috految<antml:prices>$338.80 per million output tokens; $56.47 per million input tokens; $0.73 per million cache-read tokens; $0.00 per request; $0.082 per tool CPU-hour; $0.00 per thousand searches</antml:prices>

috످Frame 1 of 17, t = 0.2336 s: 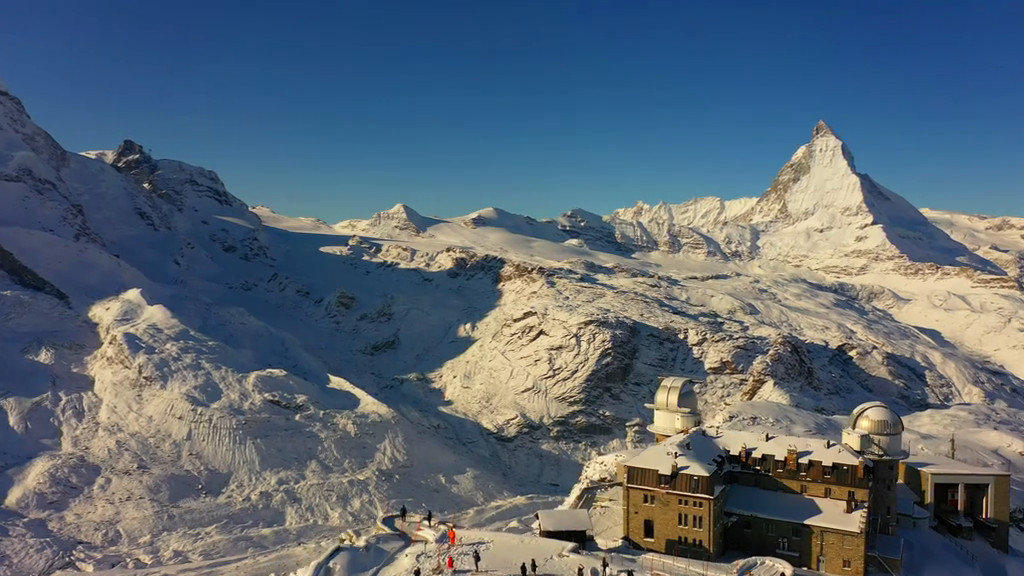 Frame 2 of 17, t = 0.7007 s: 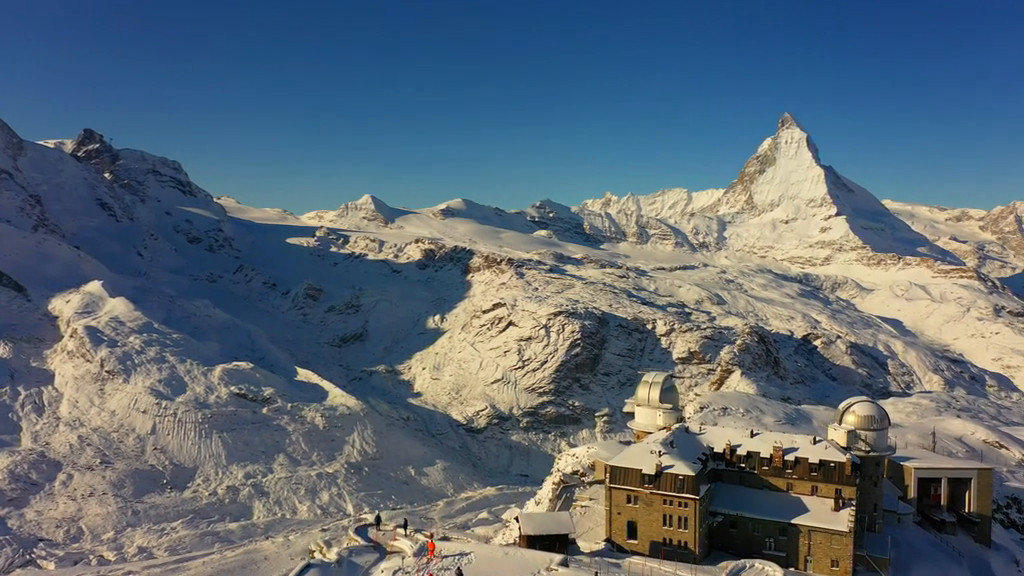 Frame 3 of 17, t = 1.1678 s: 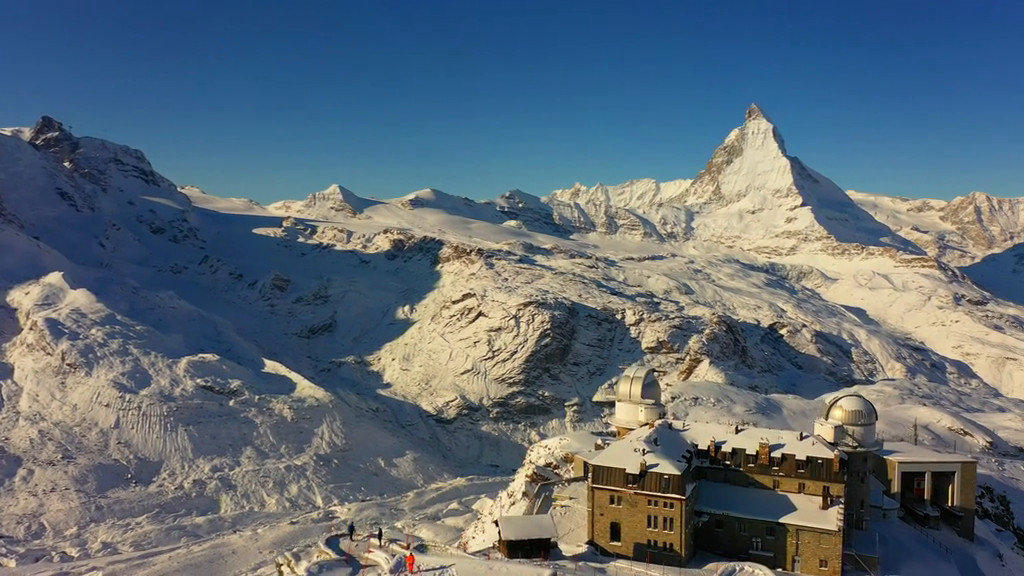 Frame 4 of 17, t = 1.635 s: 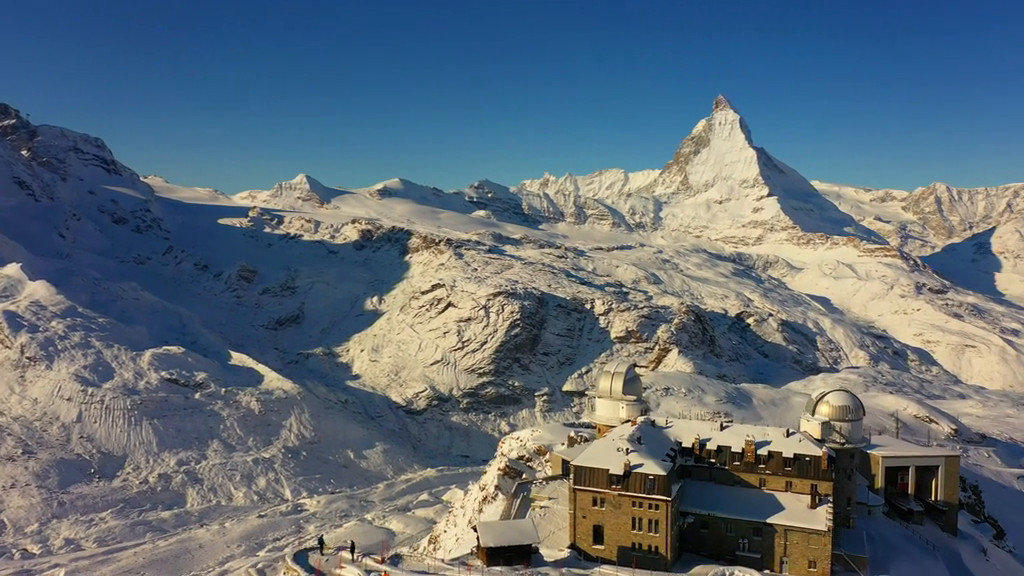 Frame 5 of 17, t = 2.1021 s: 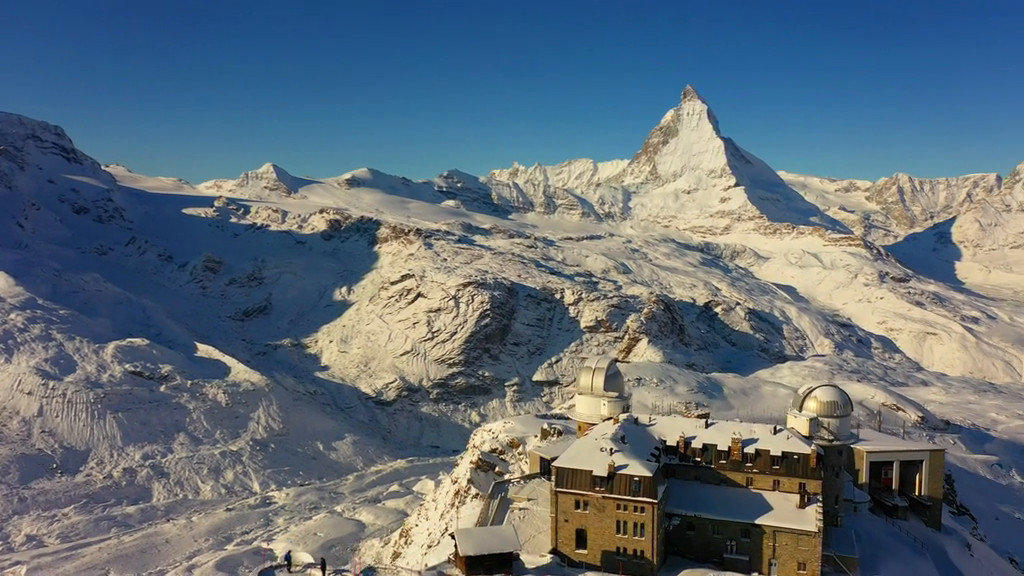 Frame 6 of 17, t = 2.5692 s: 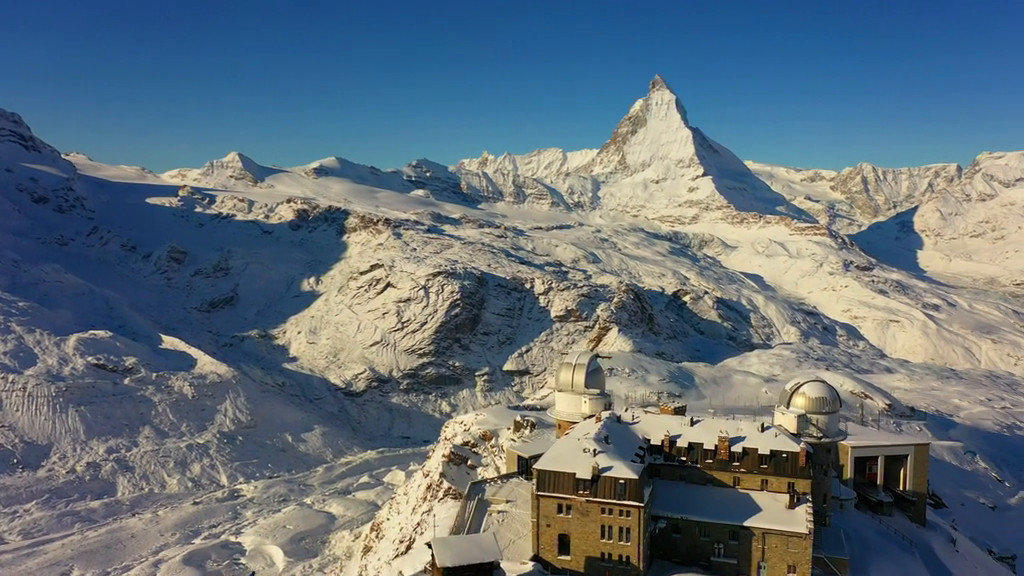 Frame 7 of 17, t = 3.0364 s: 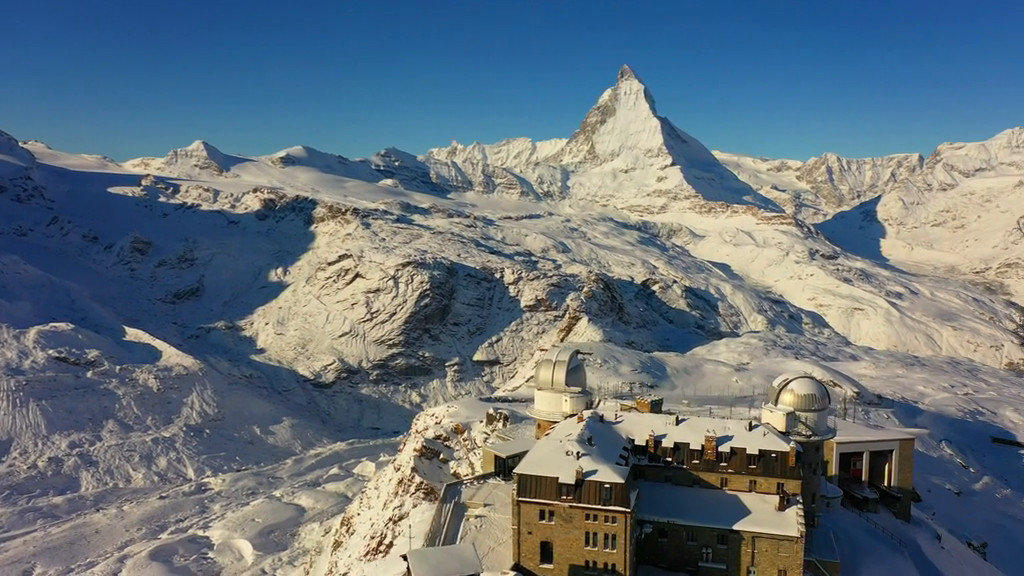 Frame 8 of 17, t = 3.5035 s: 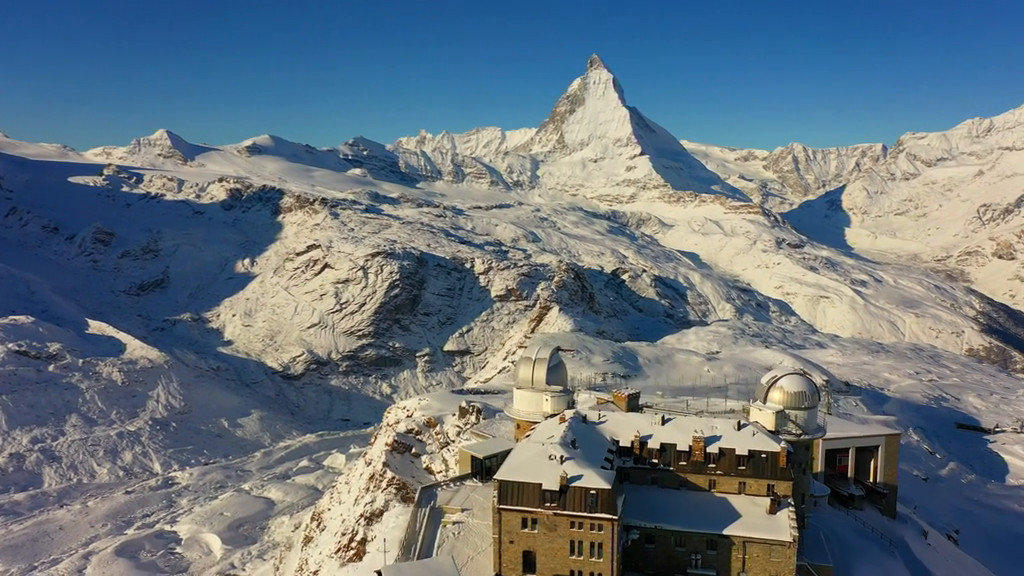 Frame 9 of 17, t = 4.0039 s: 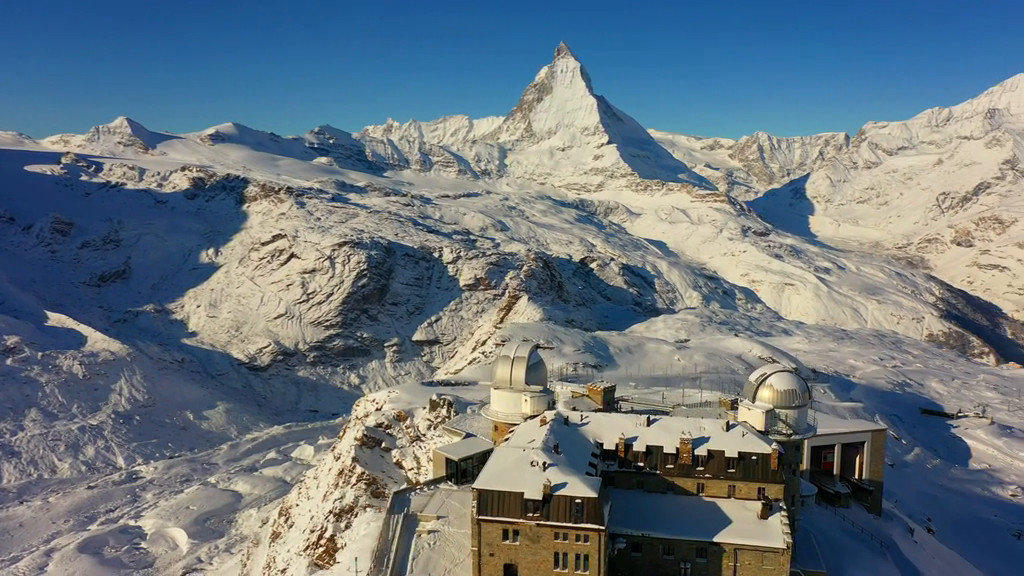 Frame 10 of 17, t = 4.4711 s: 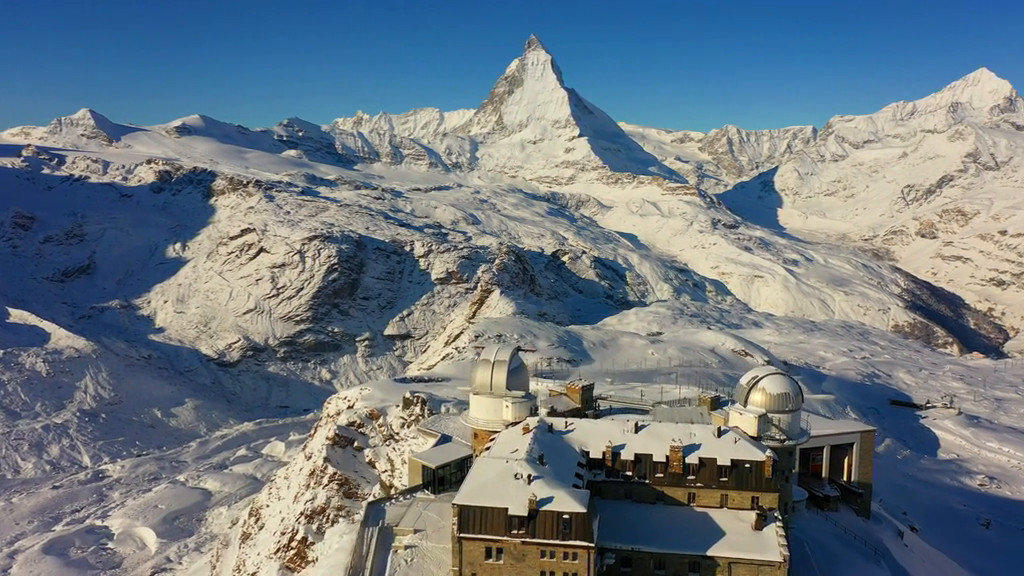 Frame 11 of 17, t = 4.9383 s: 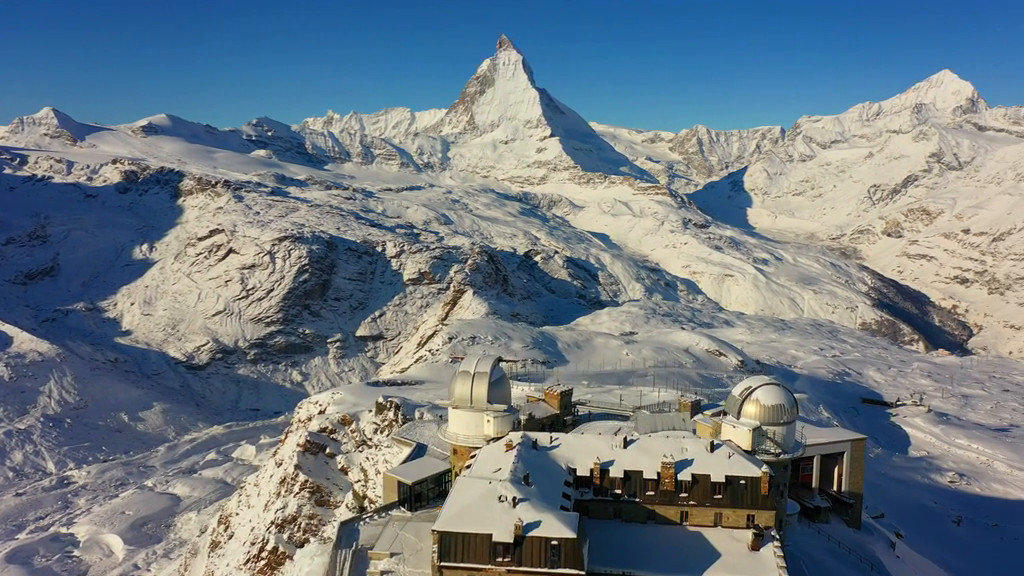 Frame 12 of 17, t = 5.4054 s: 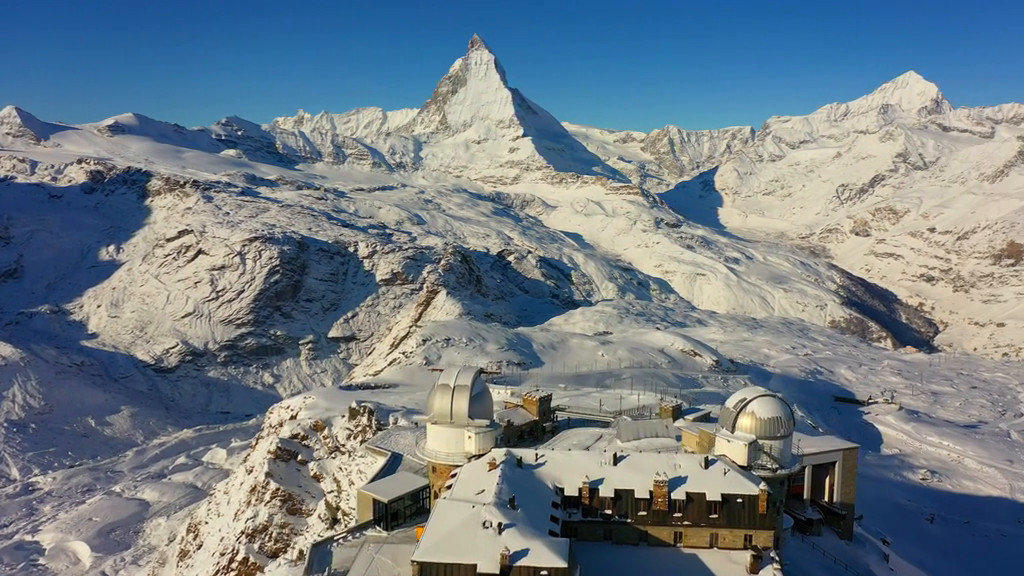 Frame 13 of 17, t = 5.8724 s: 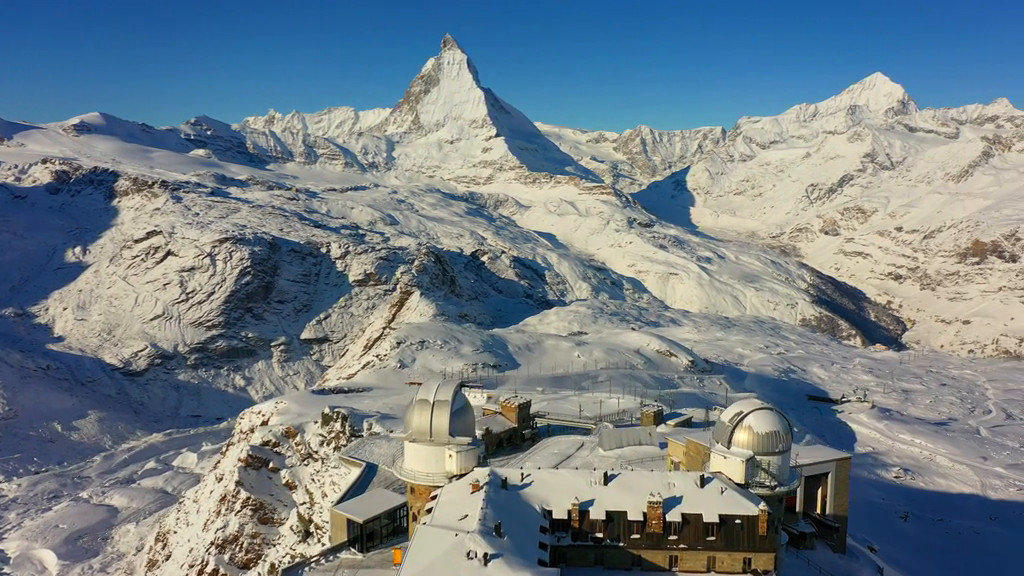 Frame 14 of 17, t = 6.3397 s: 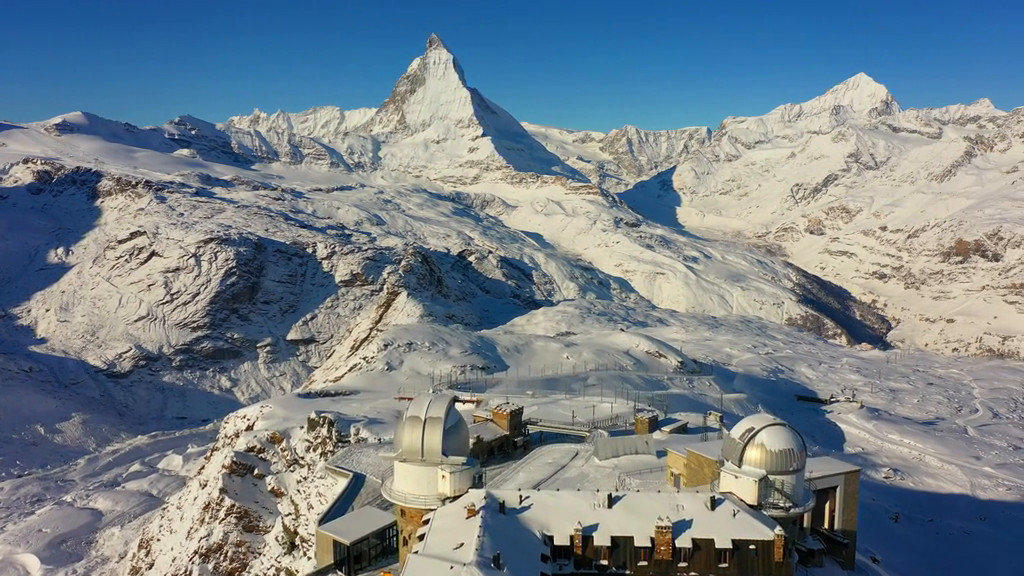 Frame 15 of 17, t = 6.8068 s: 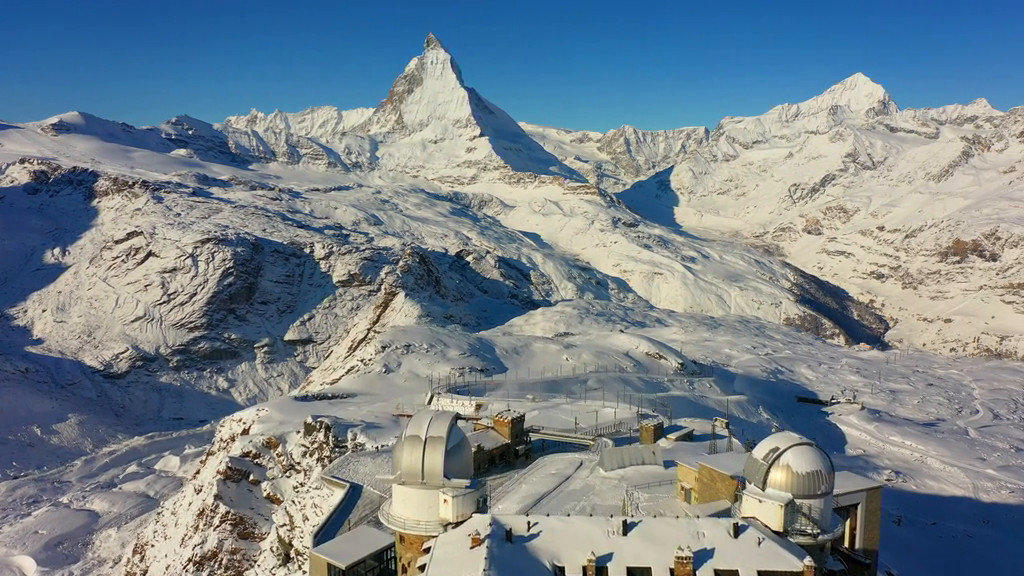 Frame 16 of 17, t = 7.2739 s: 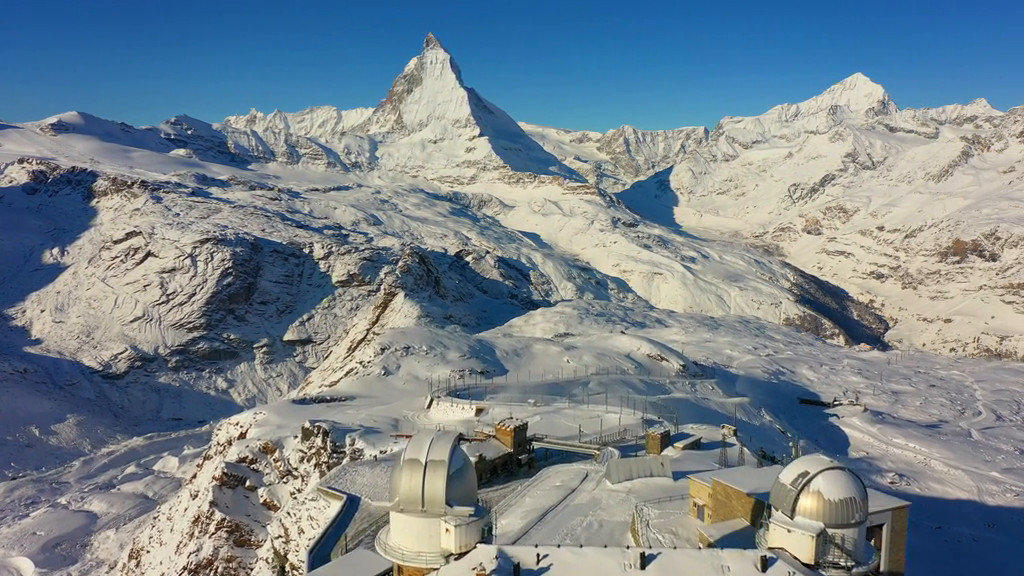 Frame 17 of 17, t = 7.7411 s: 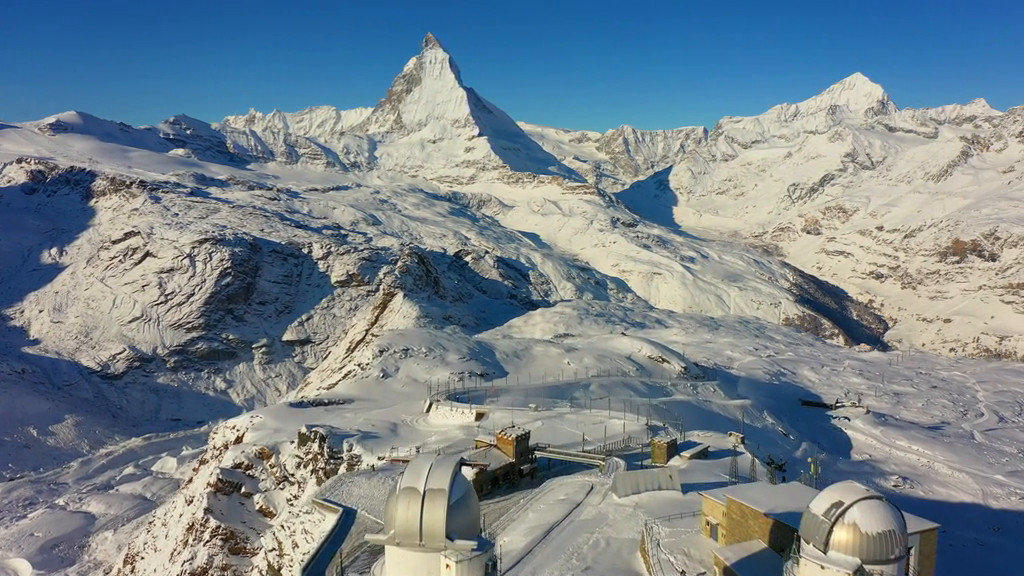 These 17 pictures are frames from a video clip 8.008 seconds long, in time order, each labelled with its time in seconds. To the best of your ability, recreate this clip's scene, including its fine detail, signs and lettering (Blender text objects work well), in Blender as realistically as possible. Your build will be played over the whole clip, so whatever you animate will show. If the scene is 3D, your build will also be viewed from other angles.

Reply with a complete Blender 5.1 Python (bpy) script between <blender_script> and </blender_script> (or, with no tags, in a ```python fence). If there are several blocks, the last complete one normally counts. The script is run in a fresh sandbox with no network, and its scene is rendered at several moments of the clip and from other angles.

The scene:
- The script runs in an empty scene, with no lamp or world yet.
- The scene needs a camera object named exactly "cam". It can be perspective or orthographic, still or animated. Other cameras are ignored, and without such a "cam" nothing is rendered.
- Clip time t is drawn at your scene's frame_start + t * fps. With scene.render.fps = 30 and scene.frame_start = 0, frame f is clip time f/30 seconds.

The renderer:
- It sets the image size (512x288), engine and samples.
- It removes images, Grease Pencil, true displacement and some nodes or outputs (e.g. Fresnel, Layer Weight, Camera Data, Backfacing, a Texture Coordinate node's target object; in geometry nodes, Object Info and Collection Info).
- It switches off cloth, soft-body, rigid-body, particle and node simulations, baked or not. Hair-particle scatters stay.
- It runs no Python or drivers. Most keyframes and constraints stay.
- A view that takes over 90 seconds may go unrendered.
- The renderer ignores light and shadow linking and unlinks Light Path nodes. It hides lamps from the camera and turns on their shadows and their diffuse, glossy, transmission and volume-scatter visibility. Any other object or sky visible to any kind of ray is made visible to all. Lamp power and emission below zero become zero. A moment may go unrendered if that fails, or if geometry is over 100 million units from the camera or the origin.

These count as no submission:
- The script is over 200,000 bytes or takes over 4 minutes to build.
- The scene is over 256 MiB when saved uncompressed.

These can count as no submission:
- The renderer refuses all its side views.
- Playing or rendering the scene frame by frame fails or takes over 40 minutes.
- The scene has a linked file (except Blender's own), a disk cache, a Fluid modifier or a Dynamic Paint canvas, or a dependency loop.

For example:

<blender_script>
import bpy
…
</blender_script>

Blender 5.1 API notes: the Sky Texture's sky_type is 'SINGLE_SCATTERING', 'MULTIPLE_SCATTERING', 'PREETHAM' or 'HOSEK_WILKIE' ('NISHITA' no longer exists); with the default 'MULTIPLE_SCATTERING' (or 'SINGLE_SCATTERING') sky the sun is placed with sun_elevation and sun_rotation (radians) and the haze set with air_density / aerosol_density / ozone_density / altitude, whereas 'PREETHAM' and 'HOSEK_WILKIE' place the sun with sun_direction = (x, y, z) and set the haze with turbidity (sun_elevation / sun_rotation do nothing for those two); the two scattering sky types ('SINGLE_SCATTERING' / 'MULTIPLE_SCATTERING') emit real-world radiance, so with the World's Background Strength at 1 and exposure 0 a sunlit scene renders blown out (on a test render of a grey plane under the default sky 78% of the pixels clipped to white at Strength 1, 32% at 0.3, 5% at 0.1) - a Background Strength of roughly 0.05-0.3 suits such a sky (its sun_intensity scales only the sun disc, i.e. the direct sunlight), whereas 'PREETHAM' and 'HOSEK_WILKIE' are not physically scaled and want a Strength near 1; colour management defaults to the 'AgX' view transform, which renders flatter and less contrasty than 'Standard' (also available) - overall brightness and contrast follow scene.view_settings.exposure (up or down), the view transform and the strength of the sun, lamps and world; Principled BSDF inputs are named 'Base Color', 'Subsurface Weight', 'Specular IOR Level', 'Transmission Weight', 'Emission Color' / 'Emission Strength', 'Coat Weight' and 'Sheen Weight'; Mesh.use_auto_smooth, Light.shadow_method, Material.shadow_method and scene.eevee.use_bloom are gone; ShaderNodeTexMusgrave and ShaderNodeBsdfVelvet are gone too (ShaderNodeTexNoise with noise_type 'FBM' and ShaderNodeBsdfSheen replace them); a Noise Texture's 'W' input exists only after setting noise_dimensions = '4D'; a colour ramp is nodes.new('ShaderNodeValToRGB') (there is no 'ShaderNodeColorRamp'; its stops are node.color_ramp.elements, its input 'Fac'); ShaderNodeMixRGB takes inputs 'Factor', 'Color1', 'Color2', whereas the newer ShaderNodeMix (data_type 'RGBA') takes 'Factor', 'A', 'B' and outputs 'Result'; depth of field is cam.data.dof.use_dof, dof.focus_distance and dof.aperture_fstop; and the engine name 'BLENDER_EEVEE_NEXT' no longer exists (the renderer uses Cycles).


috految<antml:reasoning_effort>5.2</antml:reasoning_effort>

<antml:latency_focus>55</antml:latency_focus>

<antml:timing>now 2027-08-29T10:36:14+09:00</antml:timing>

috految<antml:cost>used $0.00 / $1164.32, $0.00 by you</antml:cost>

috److془I need to carefully plan the camera and geometry.

Focal: Matterhorn and small peak: F1 (822,120),(400,204); F9 (562,41),(123,116); F12 (476,33),(11,105). f=850: F1: 20.04+7.5=27.5 ; F12 pitch 8.5: forward 878, 868: 30.0-2.35=27.65. Good. f=850. Elev 8°: F1 pitch 2.6; F12 pitch 8.7; small peak F1: 3.0; F12 3.0. 

Frame 9: pitch 8.2, yaw 0, camera at origin. Matterhorn az 3.27. Ray: (u-512, 841+.143w, -121+.99w), w=288-v.
F1: yaw left 16.6; F17: yaw right 8.5.
Dome centres: L F9 (519,372) r 28 ; R (777,397) r 32. F1 L(676,403), R(875,428). F17 L(432,511) r48, R(853,535) r50.
Rays L9 (7,829,-204); L=(.9,110,-27.1) r3.75. R9 (265,825,-229).
F17: L ray (-80,806,-349)->(40,809,-349); R (341,803,-373)->(456,744,-373). Scale .078: C17=(-2.2,46.9,.1). R: y=104: x33.4 vs 32.8; z -28.9 vs -28.5. R=(33.6,104.6,-29). 
F1: L (164,844,-153)->(-84,856,-153); R (363,843,-178)->(107,912,-178). .0981D+.117(D-5.4)=32.7 → D=155; C1=(16.1,-45,.6). Excellent. Solve for each by least squares.
Front eave left: F9 (472,487): (-40,812,-318); F1 (622,464): (-135,837,-214). z: .392y=.2557(y+45)-.6 → 80; x: 16.1-.161*125=-4 ✓. (-4,80,-31.3). Right (598,496): (8.2,77.7). Rotation -11°. Base F1 v 545: z -43.5. Wood to -34.5.
Main eave right: F9 (780,453): (268,817,-284) z-31.3: (29.5,90). F1 (864,465): (97,906,-215) → y 89.4 ✓. Left (603,447): (10.2,92). Ridge (560,412) (48,823,-244): y 98 z-29; right (738,422): (26,95). Wing ridge front(541,450): (3,84.5,-29). Annex: back (783,502): z -37 y 90; front (786,547): (274,804,-377): (27.7,81.4,-38.2); left (9.4,84.5). 
Cable station: top right F9(887,428): (375,821,-260); F17 (940,526): (542,732,-364): y=127,x=58,z=-40.1. Left front F1 (930,472): (160,925,-222) → (45,123). Bottom -54. Rear F17 (700,492): (306,772,-330): (35.1,141). (795,482): (48,143).
Station tower: F9 (602,386): (90,827,-218); F17(513,432):(122,809,-271): y 220,x24,z-58; base -68. Ground -68. Glass pavilion: F9 (457,458): (-55,817,-289); F15(344,568): (-48,812,-405), Cy 34: y 118,z-42. ground -46.5. Hut: F1 roof (564,520): (-190,819,-270); F6 (466,549), yaw6.3: (-135,806,-356), C≈(5,-17): y 68, x -10,z-36.7. Ground -40. People F1 (403,521): (-344,773,-271); F5 (289,572): (-339,776,-366), Cy -23: y 40,x-22,z-29.3. Platform ground -29.5; edge F1 (600,560): (0,36). 
Cliff: F9 (360,400) (-152,825,-232); F17 (218,425): (-170,854,-264): y~300, x-55,z-84. Crag (440,398): y 230 z-64.

Terrain: heightfield max of ridges, polar grid. Sun: from left behind; wing shadow on the annex: corner (8,78,-31.3) to (~22,86,-37.5). Sun (-.83,-.47,.27). Matterhorn at y 3000. Valley floor -330: (300,430) y 1030. Mid cliff top (360,239) y1350 z-115; base (300,360) y1190 z-275. Shadow edge: (245,180,1650)=(-515,1650,-27); (170,305,1330)=(-540,1330,-218); (260,365): (-360,1190,-280). +t sun with t=1250: (-1550,1060,310); (-1580,740,120); (-1400,600,57). Left massif F1 (0,85): dir(-735,677,164): y1400:(-1520,1400,340). Beautiful. Lit bump F1(135,290) y 900: (-780,900,-48) lit ✓. Its shadow lands at (-290,1180,-210); use y 850. Good. Valley floor partly lit.془The script recreates the Gornergrat observatory hotel and the Matterhorn as a full 3D scene. I estimated the drone's path from the summit and the two domes in each frame, then placed the terrain and buildings from the same measurements. The lettering is not legible in the frames, so the sign text is based on the location.

<blender_script>
import bpy,numpy as np
from math import *
from random import uniform as U
from mathutils import Vector as V,Euler,noise as N
from mathutils.bvhtree import BVHTree
S=bpy.context.scene;S.render.fps=30;S.frame_start=0;S.frame_end=240
Z=V((0,0,1))
def ob(d):
 o=bpy.data.objects.new(d.name,d);S.collection.objects.link(o);return o
c=S.camera=ob(bpy.data.cameras.new('cam'));c.data.lens=29.88;c.data.clip_end=40000
L=V((.9,110,-27.1));R=V((33.6,104.6,-29));M=V((171,3000,422))
def ray(e,u,v):return (e.to_matrix()@V((u-512,288-v,-850))).normalized()
K=[];T=[]
for t,u,v,a,b,d,f in [(.234,822,120,676,403,875,428),(1.168,754,103,638,394,849,421),(2.102,689,84,600,385,823,412),(3.036,626,64,561,376,799,402),(4.004,562,41,519,372,777,397),(4.471,533,34,500,378,769,400),(4.938,504,34,480,391,762,411),(5.405,476,33,460,404,757,422),(5.872,448,33,440,420,752,436),(6.34,434,33,432,439,763,454),(6.807,431,33,433,458,789,476),(7.274,431,32,434,483,818,502),(7.741,430,32,432,511,853,535)]:
 e=Euler((1.45,0,0));p=V((0,0,0))
 for i in range(20):
  r=ray(e,u,v);q=(M-p).normalized();e.z+=atan2(r.x,r.y)-atan2(q.x,q.y);e.x+=q.z-r.z
  A=[np.eye(3)-np.outer(r,r) for r in (ray(e,a,b),ray(e,d,f))]
  p=V(np.linalg.solve(A[0]+A[1],A[0]@np.array(L)+A[1]@np.array(R)))
 K.append((p,e));T.append(t)
fit=np.polyfit(T,[tuple(k[0]) for k in K],4)
for f in range(242):
 c.location=[np.polyval(fit[:,j],f/30) for j in range(3)];c.keyframe_insert('location',frame=f)
for t,e in [(-.7,2*V(K[0][1])-V(K[1][1]))]+[(t,k[1]) for t,k in zip(T,K)]:
 c.rotation_euler=tuple(e);c.keyframe_insert('rotation_euler',frame=t*30)
def P(u,v,y,k=4,ax=1):
 p,e=K[k];r=ray(e,u,v);return p+r*((y-p[ax])/r[ax])
def nd(t,ins={},**kw):
 n=nt.nodes.new('ShaderNode'+t)
 for k in kw:setattr(n,k,kw[k])
 for k,v in ins.items():
  if isinstance(v,bpy.types.NodeSocket):nt.links.new(v,n.inputs[k])
  else:n.inputs[k].default_value=v
 return n.outputs
def ramp(s,st):
 o=nd('ValToRGB',{0:s})[0];E=o.node.color_ramp.elements
 for i,(p,c) in enumerate(st):
  e=E[i] if i<2 else E.new(p);e.position=p;e.color=(*c,1)
 return o
S.world=bpy.data.worlds.new('w');nt=S.world.node_tree
nt.links.new(ramp(nd('SeparateXYZ',{0:nd('TexCoord')['Generated']})[2],[(0,(.2,.31,.37)),(.05,(.095,.23,.35)),(.105,(.034,.155,.32)),(.18,(.015,.093,.26)),(.28,(.013,.055,.19)),(.65,(.05,.077,.17))]),nt.nodes['Background'].inputs[0])
o=ob(bpy.data.lights.new('sun','SUN'));o.data.color=(1,.745,.44);o.data.angle=.009;o.rotation_euler=V((-.83,-.47,.275)).to_track_quat('Z','Y').to_euler()
for f,e in((0,3.2),(200,3.8)):o.data.energy=e;o.data.keyframe_insert('energy',frame=f)
S.view_settings.view_transform='Standard';S.cycles.filter_width=1.1
def mat(c,s=0,me=0,r=.8):
 global nt,B,pos
 m=bpy.data.materials.new('m');nt=m.node_tree;B=nt.nodes['Principled BSDF'].inputs
 B[0].default_value=(*c,1);B['Metallic'].default_value=me;B['Roughness'].default_value=r;B['Specular IOR Level'].default_value=.1
 pos=nd('Mapping',{0:nd('TexCoord')['Object'],'Scale':(1,1,1.8)})[0]
 if s:nt.links.new(ramp(nd('TexVoronoi',{'Vector':pos,'Scale':s},distance='CHEBYCHEV')['Color'],[(0,V(c)*.4),(1,V(c)*1.4)]),B[0])
 return m
stone=mat((.235,.16,.07),2);wood=mat((.065,.04,.02),1);brick=mat((.27,.13,.045),3);tan_=mat((.35,.27,.14),3);white=mat((.73,.7,.61));steel=mat((.62,.6,.53),0,.65,.4);dm=mat((.53,.51,.44),0,.3,.45);dark=mat((.018,.022,.028),r=.2);iron=mat((.17,.15,.13));red=mat((.4,.035,.02));orange=mat((1,.1,.005));snow=mat((.83,.81,.81))
nt.links.new(nd('Bump',{'Height':nd('TexNoise',{'Vector':pos,'Scale':.7})[0],'Distance':.15})[0],B['Normal'])
def land(s,di,col,th):
 m=mat((.8,.8,.8))
 n=nd('TexNoise',{'Vector':pos,'Scale':s,'Detail':7,'Roughness':.78})[0]
 z=nd('SeparateXYZ',{0:nd('NewGeometry')['Normal']})[2]
 f=nd('Math',{0:z,1:-.29,2:n},operation='MULTIPLY_ADD')[0]
 nt.links.new(ramp(f,[(th-.01,(.77,.755,.76)),(th+.015,col),(th+.12,V(col)*.45)]),B[0])
 nt.links.new(nd('Bump',{'Height':nd('TexNoise',{'Vector':pos,'Scale':s*2,'Detail':4,'Roughness':.6})[0],'Distance':di,'Strength':.65})[0],B['Normal']);return m
near=land(.22,.5,(.22,.145,.095),.345);far=land(.026,4,(.23,.2,.17),.36)
def mesh(v,f,m):
 d=bpy.data.meshes.new('part');d.from_pydata(v,[],f);d.materials.append(m);ob(d);return d
an=np.r_[np.linspace(-pi,-.92,150,False),np.linspace(-.92,.8,620,False),np.linspace(.8,pi,160)]
ra=np.r_[np.linspace(.01,50,30,False),np.geomspace(50,800,260,False),np.geomspace(800,4400,400,False),np.linspace(4400,8000,40)]
X=np.outer(ra,np.sin(an)).ravel();Y=np.outer(ra,np.cos(an)).ravel();D=np.hypot(X,Y)
def no(s,h,o):return np.array([N.fractal((x,y,s),h,2.1,o) for x,y in zip((X/s).tolist(),(Y/s).tolist())])
n1=no(190,1,5);n2=no(67,.9,5);n3=no(13,.85,4);n4=no(750,1,4)
H=np.interp(X,[-300,100,500,1000],[-325,-320,-395,-450])+n1*21+abs(n2)*8+n3*.7
H=H+np.clip((D-2200)/2400,0,1)*np.interp(Y/D,[.2,.75],[1,.3])*(700-650*abs(n4))
def ridge(ps,sl,am=1,w=0,base=0):
 global H
 for a,b in zip(ps,ps[1:]):
  a=V(a);d=V(b)-a;x=X-a.x;y=Y-a.y;t=np.clip((x*d.x+y*d.y)/(d.x**2+d.y**2),0,1)
  r=np.maximum(0,np.hypot(x-t*d.x,y-t*d.y)-w)
  h=a.z+t*d.z-sl*r
  if base:h+=n3*np.minimum(.25+r*.35,3)*am+n2*np.minimum(r*.1,9)
  else:h+=am*((.25-abs(n1))*np.minimum(9+r*.35,45)+(.25-abs(n2))*np.clip(9+n4*12,4,15)+n3*1.2)
  H=np.maximum(H,h)
def rr(a,sl,am=1,k=4,w=0):ridge([P(*a[i:i+3],k) for i in range(0,len(a),3)],sl,am,w)
rr([482,143,3050,514,109,3030,528,86,3030,544,66,3020,554,63,3010,558,45,3000,563,40,3000,574,56,3000,584,68,3010,593,97,3030],2.1,1.15)
rr([563,44,3000,579,65,2950,596,103,2860,608,137,2760,638,178,2620],1.7)
rr([550,75,3020,565,100,2950,590,140,2790],1.3)
rr([590,98,3020,603,95,3030,637,122,3060,679,161,3080,719,190,3080],1.3)
rr([470,150,3000,550,137,2940,630,180,2620,719,193,2500,770,232,2350,900,266,2150,975,335,1850],.54)
rr([340,139,3300,381,125,3300,390,117,3300,402,125,3300,412,119,3300,425,124,3400,457,114,3400,475,120,3400,505,114,3400],1,1.5)
rr([365,137,2800,425,144,2800,468,164,2750],1.3,1.5)
rr([-20,128,2350,37,142,2450,61,134,2450,87,136,2400,124,116,2350,149,132,2420,189,135,2600,228,121,2600,280,137,2650,305,137,2650,325,124,2680,352,137,2750],.75,.8)
rr([-30,147,2150,160,148,2280,310,162,2350,480,183,2400],.34,.45)
rr([65,157,1750,170,171,1720,197,166,1700,246,178,1650,340,183,1850,470,198,2050,560,202,2100,660,250,1850,745,292,1600],.53)
rr([255,185,1660,325,213,1510,430,229,1550,510,249,1500,615,260,1580],.57,.9)
rr([265,232,1420,322,240,1310,365,240,1290],1,1.2,w=20)
rr([365,242,1290,430,255,1400,485,268,1350],1.3,1.4)
rr([480,332,1100,525,285,1150,536,252,1230,562,278,1280],1.3,1.2)
rr([490,115,4000,550,127,4000,600,135,3950,626,124,3800,650,133,3800,698,126,3700,712,136,3700,723,117,3600,762,117,3500,782,102,3400,799,104,3400,830,89,3350,858,70,3300,883,87,3300,900,111,3300,965,105,3300,981,98,3300,1003,113,3300,1100,93,3000,1400,140,2200],.9,1.7,12)
rr([690,172,3250,780,149,3100,842,125,2980,920,143,2800,1010,137,2500,1200,190,1900],.56,1.6,12)
rr([-70,65,1330,0,85,1400,30,119,1440,70,151,1480,112,151,1560,129,138,1590,155,160,1630,207,168,1700,245,210,1750],1.05,1.4,0)
rr([0,180,1340,190,238,1500,270,280,1500],.6,1,0)
ridge([(-1530,1350,325),(-1550,1060,310),(-1580,740,110),(-1450,550,25)],.85)
rr([-60,210,940,70,295,950],.8,1,0)
rr([85,320,850,135,290,850,180,332,860,235,374,870,275,369,890,340,382,950,395,421,960],.78,.85,0)
rr([-40,440,600,170,440,740,290,470,800],.5,.7,0)
rr([505,325,920,590,338,900,690,313,1070,790,330,1100,920,357,1100,1150,385,1050],.6,.35,w=12)
rr([580,355,660,720,342,720,805,378,700],.55,.35,w=20)
ridge([(180,400,-165),(400,650,-205),(650,950,-265)],.35,.35,90)
ridge([(40,300,-93),(65,450,-113),(100,800,-175)],.75,.23,57)
ridge([(33,208,-68),(38,270,-75)],1,.7,42,1)
ridge([(-10,220,-68),(-36,290,-82),(-46,310,-87)],1.35,1.5,10,1)
ridge([(-21,228,-64),(-17,231,-64)],2,2,2,1)
ridge([(22,130,-53),(22,210,-68)],1,.6,30,1)
ridge([(5,72,-43.6),(7,115,-46.6)],1.2,.7,21,1)
ridge([(30,80,-48),(43,132,-54)],.8,.4,16,1)
ridge([(-9,65,-40),(-9,68,-40)],1,.5,4,1)
ridge([(-19,37,-29.5),(-3,28,-29.5),(15,-20,-32),(30,-160,-80)],.95,.5,7,1)
vs=np.c_[X,Y,H].tolist();n=len(an)
fs=[(i*n+j,i*n+j+1,i*n+n+j+1,i*n+n+j) for i in range(len(ra)-1) for j in range(n-1)]
d=mesh(vs,fs,far);d.materials.append(near);d.polygons.foreach_set('material_index',[int(D[f[0]]<520) for f in fs]);d.shade_smooth();bv=BVHTree.FromPolygons(vs,fs)
def ground(p):return bv.ray_cast(V((p[0],p[1],900)),-Z)[0] or V(p)
def hit(u,v,k=12):return bv.ray_cast(K[k][0],ray(K[k][1],u,v))[0] or V((0,200,-70))
G={}
def face(p,m):
 v,f=G.setdefault(m,([],[]));f.append(list(range(len(v),len(v)+len(p))));v.extend(p)
def loft(a,b,m):
 face(a,m);face(b,m)
 for i in range(len(a)):face([a[i-1],a[i],b[i],b[i-1]],m)
def rod(a,b,r,m,n=8,e=1):
 q=(b-a).to_track_quat('Z','Y');C=[q@V((cos(i*2*pi/n),sin(i*2*pi/n),0))*r for i in range(n)];loft([a+v for v in C],[b+v*e for v in C],m)
def rect(p,w,d,a):return [V(p)+Euler((0,0,a)).to_matrix()@V((x*w/2,y*d/2,0)) for x,y in((-1,-1),(1,-1),(1,1),(-1,1))]
def box(p,w,d,h,m,a=-.17):
 q=rect(p,w,d,a);loft(q,[v-Z*h for v in q],m)
def win(p,a,w=.75,h=1.3):
 box(p+Z*.1,w+.27,.16,h+.22,tan_,a);box(p,w,.24,h,dark,a);box(p,.06,.29,h,white,a);box(p-Z*.4,w,.28,.05,iron,a);box(p-Z*h,w+.3,.5,.09,snow,a)
def rail(ps,m=iron,h=1.1):
 for a,b in zip(ps,ps[1:]):
  for z in(.5,1):rod(a+Z*h*z,b+Z*h*z,.04,m)
  n=int((b-a).length/1.4)+1
  for i in range(n):p=a.lerp(b,i/n);rod(p-Z*.3,p+Z*h,.05,m)
def house(p,w,d,h,rise,m=stone,a=-.17,top=0,rows=(.8,3.9,7),hip=0):
 p=V(p);box(p,w,d,h,m,a);box(p+Z*.05,w+.5,d+.5,.22,wood,a);q=rect(p+Z*.06,w+.6,d+.6,a);r=[v+Z*.16 for v in q];loft(q,r,snow)
 loft(r,rect(p+Z*(rise+.23),w-hip if w>d else .1,.1 if w>d else d-hip,a),snow)
 if top:box(p-Z*.1,w+.12,d+.12,3,wood,a);box(p-Z*3.1,w+.6,d+.6,.14,snow,a)
 q=rect(p,w,d,a)
 for i in range(4):
  s,e=q[i],q[(i+1)%4];l=(e-s).length;A=a+i*pi/2;n=max(1,int(l/3));rod(s,s-Z*h,.1,wood)
  if top:
   for j in range(int(l/.6)):v=s.lerp(e,j*.6/l);rod(v,v-Z*3,.13,wood)
  for j in range(n):
   v=s.lerp(e,(j+.5)/n)
   if top and(top==1 or i or j in(1,3)):
    box(v-Z*.05,1.5,.9,2.2,wood,A);box(v+Z*.25,1.7,1.4,.3,snow,A);win(v+V((sin(A)*.45,-cos(A)*.45,-.7)),A)
   if top==2 and i==0:continue
   for z in rows:win(v-Z*z,A)
house((4,89.7,-31.4),12.2,22,21,2.5,top=2,hip=10,rows=(4,7,10))
house((16.5,97,-31.5),27,10.5,24,2.3,top=1,hip=7,rows=(3.8,7,10,13),a=-.13)
house((19.2,87.5,-38.2),18.8,9.3,17,1.1,rows=(1.3,4.3,7.3))
house((31,96,-46),5,9,9,.2)
for x,z,w,h in [(x,z,.62,h) for x in(2,2.9,4.2,5.1) for z,h in((-35.2,.8),(-37.3,1.7),(-40.7,1.2))]+[(-2.9,-35.4,.6,1.3),(-1.9,-35.4,.6,1.3),(-2.4,-39,1.5,2.3),(-4.6,-38,.4,.5)]:win(V((2.14+x*.986,78.86-x*.169,z)),-.17,w,h)
for u,v,y,w,h in [(686,438,90.3,1.3,3.5),(622,439,91,.7,3),(776,448,89,.7,3),(548,484,78.7,.65,2),(766,504,86,.8,3),(543,418,94,.6,2),(566,417,94,.45,2),(648,417,95,.5,2),(727,422,93,.5,2),(556,444,85,.4,2),(534,461,82,.4,1.5),(544,463,82,.4,1.5)]:
 p=P(u,v,y);box(p,w,w,h,brick if w>.5 else iron);loft(rect(p,w+.2,w+.2,0),rect(p+Z*.4,.2,.2,0),snow)
for i in range(27):box((7+i*.75,96-i*.1,-29.6),.13,.13,.7,iron)
for p,r,m,a in((L,3.7,dm,-.22),(R,3.85,steel,-1.25)):
 def sp(i,j):return p+V((cos(i*pi/24)*cos(j*pi/24),sin(i*pi/24)*cos(j*pi/24),sin(j*pi/24)))*r
 for i in range(48):
  for j in range(-3,12):
   face([sp(i,j),sp(i+1,j),sp(i+1,j+1),sp(i,j+1)],m)
   if i%2==0:rod(sp(i,j),sp(i,j+1),.04,m)
 q=Euler((0,0,a)).to_matrix()
 for x0,x1 in((-1.7,-.06),(.06,1.7)) if p==L else((-.9,.9),):
  arcs=[[p+q@V((x,-(r+.25)*cos(j*pi/24),(r+.35)*sin(j*pi/24))) for j in range(-3,25)] for x in(x0,x1)];loft(*arcs,m)
  for A in arcs:
   for s,e in zip(A,A[1:]):rod(s,e,.06,iron)
 rod(p-Z*5.1,p-Z*1.3,r-.08,white,48);rod(p-Z*1.65,p-Z*1.5,r+.15,dm,48);rod(p-Z*28,p-Z*5,3.4,stone,16);rod(p-Z*5.3,p-Z*5.05,4.8,white,40)
 rail([p+V((4.7*cos(i*pi/12),4.7*sin(i*pi/12),-5.05)) for i in range(25)],dm)
 for i in range(8):
  for z in(7,10,14):win(p+V((3.4*sin(i*pi/4),-3.4*cos(i*pi/4),-z)),i*pi/4,.5,1)
 v=p+V((2.3 if p==L else -3,-2.8,-1.6));box(v,2.9,2.5,3,white,-.6);box(v+Z*.1,3.2,2.8,.1,snow,-.6);win(v+V((-.8,-1,-.7)),-.6,.35,.7)
rod(L+V((-4,1,3.2)),L+V((4.6,1,3.2)),.1,brick)
house((-9.8,68,-37.3),6.4,4,6,1.2,wood,.25,rows=())
house((-5.5,123,-42),5.5,9,9,.1,tan_,-.5,rows=())
q=rect((-5.5,123,-42.3),5.6,9.1,-.5)
for a,b,A in((q[0],q[1],-.5),(q[1],q[2],1.07)):
 for i in range(5):win(a.lerp(b,(i+.5)/5),A,(b-a).length/5-.15,3.5)
house((45,135,-40.3),15,15,22,.5,tan_,.36,rows=(5,));house((35,127,-45),5,8,12,.4,tan_,.36)
box((50.5,128,-40),14,8,.35,snow,.3)
for x,w,m in((45,1,white),(49.5,.5,white),(54.5,.7,white),(56.5,3,tan_)):box((x,123+(x-45)*.3,-40.4),w,2,17,m,.3)
box((50,124.4,-40.35),11,2.3,1.7,white,.3);box((51,127,-41),11,1,14,dark,.3);box((57,130,-40.4),1,7,20,tan_,.3)
box((48,125,-44),1.8,2,2.3,red)
for x in(47,52):box((x,122,-48),3,6,.7,iron,.3);rail([V((x,119,-48)),V((x,126,-48))])
house((24,220,-58.3),5.3,5.3,19,1,brick,-.7);house((18,210,-62.5),10,19,15,2,stone,-.5)
for p in rect((24,220,-57.3),5,5,-.7):box(p,.9,.9,1.3,stone)
for u,v,w,d,h,m in[(664,464,4.6,4.6,5.5,stone),(690,458,8,4,2,wood),(646,494,14,3,3.5,dm),(455,420,16,7,3,white),(736,445,3,3,3,tan_),(820,407,28,5,3,wood)]:house(hit(u,v)+Z*h,w,d,h+4,.6,m,.25,rows=(.7,) if m!=dm else())
a=P(531,452,218,12);b=P(607,464,213,12);rod(a,b,.7,tan_);rail([a,b]);rod(b,b-Z*9,.4,stone)
for pts in ([(-17,86,-44),(-16,112,-45),(-8,116,-45)],[(-11,125,-46),(-9,145,-50),(-14,159,-53),(-8,180,-60)]):
 q=[V(p) for p in pts];rail(q)
 for a,b in zip(q,q[1:]):rod(a,b,.35,snow);face([a,b,b-Z*9,a-Z*9],tan_)
for path in ([(490,550),(560,492),(615,452),(660,432),(606,414),(500,412),(436,397),(500,387),(600,378),(700,385)],[(505,572),(596,495),(617,470)],[(690,575),(645,555),(647,523),(703,515)],[(850,420),(950,467),(1015,480)]):
 q=[hit(*p) for p in path]
 for a,b in zip(q,q[1:]):
  s=[ground(a.lerp(b,i/14))+Z*.1 for i in range(15)];rail(s)
  for p,e in zip(s,s[1:]):rod(p+V((1.6,0,0)),e+V((1.6,0,0)),.1,iron)
  for p in s[::4]:
   if p.y>195:rod(p,p+Z*6,.1,iron);rod(p+Z*5.5,p+V((2,0,5.5)),.07,iron)
for u,v in((734,482),(753,485),(775,492),(813,490)):
 p=hit(u,v);q=rect(p,1.8,1.8,0)
 for i in range(4):
  rod(q[i],p+Z*10,.09,iron)
  for j in range(7):rod(q[i].lerp(p+Z*10,j/8),q[i-1].lerp(p+Z*10,(j+1)/8),.06,iron)
for i in range(1800):
 t=U(0,1);p=hit(790+t*95+U(-18,18),272+t*60+U(-9,22))
 if p.y>1200:rod(p,p+Z*U(3,8),1.6,iron,5,.05)
for u,v,m in[(403,521,dark),(429,527,dark),(452,547,orange),(450,574,red),(477,570,dark),(523,582,dark),(534,578,dark),(580,586,dark),(604,577,dark),(417,586,dark)]:
 p=ground(P(u,v,-29.5,0,2));rod(p+Z*.8,p+Z*1.55,.27,m);rod(p+Z*1.58,p+Z*1.87,.16,wood)
 for s in(-1,1):rod(p+V((s*.19,0,0)),p+V((s*.1,0,.9)),.12,m);rod(p+V((s*.4,0,.8)),p+V((s*.24,0,1.5)),.09,m)
rail([ground((x,44-(x+20)*.5,0)) for x in range(-24,12,2)],red,.8)
for i in range(30):rod(*[ground((-20+4*cos(j*.15),37+5*sin(j*.15),0)) for j in(i,i+1)],.4,snow)
box((-3.5,108,-44.8),.9,.7,1.8,orange)
o=ob(bpy.data.curves.new('sign','FONT'));o.data.body='GORNERGRAT';o.data.size=.65;o.location=(22,216.2,-61);o.rotation_euler.x=pi/2
for m,(v,f) in G.items():mesh(v,f,m)
</blender_script>

috످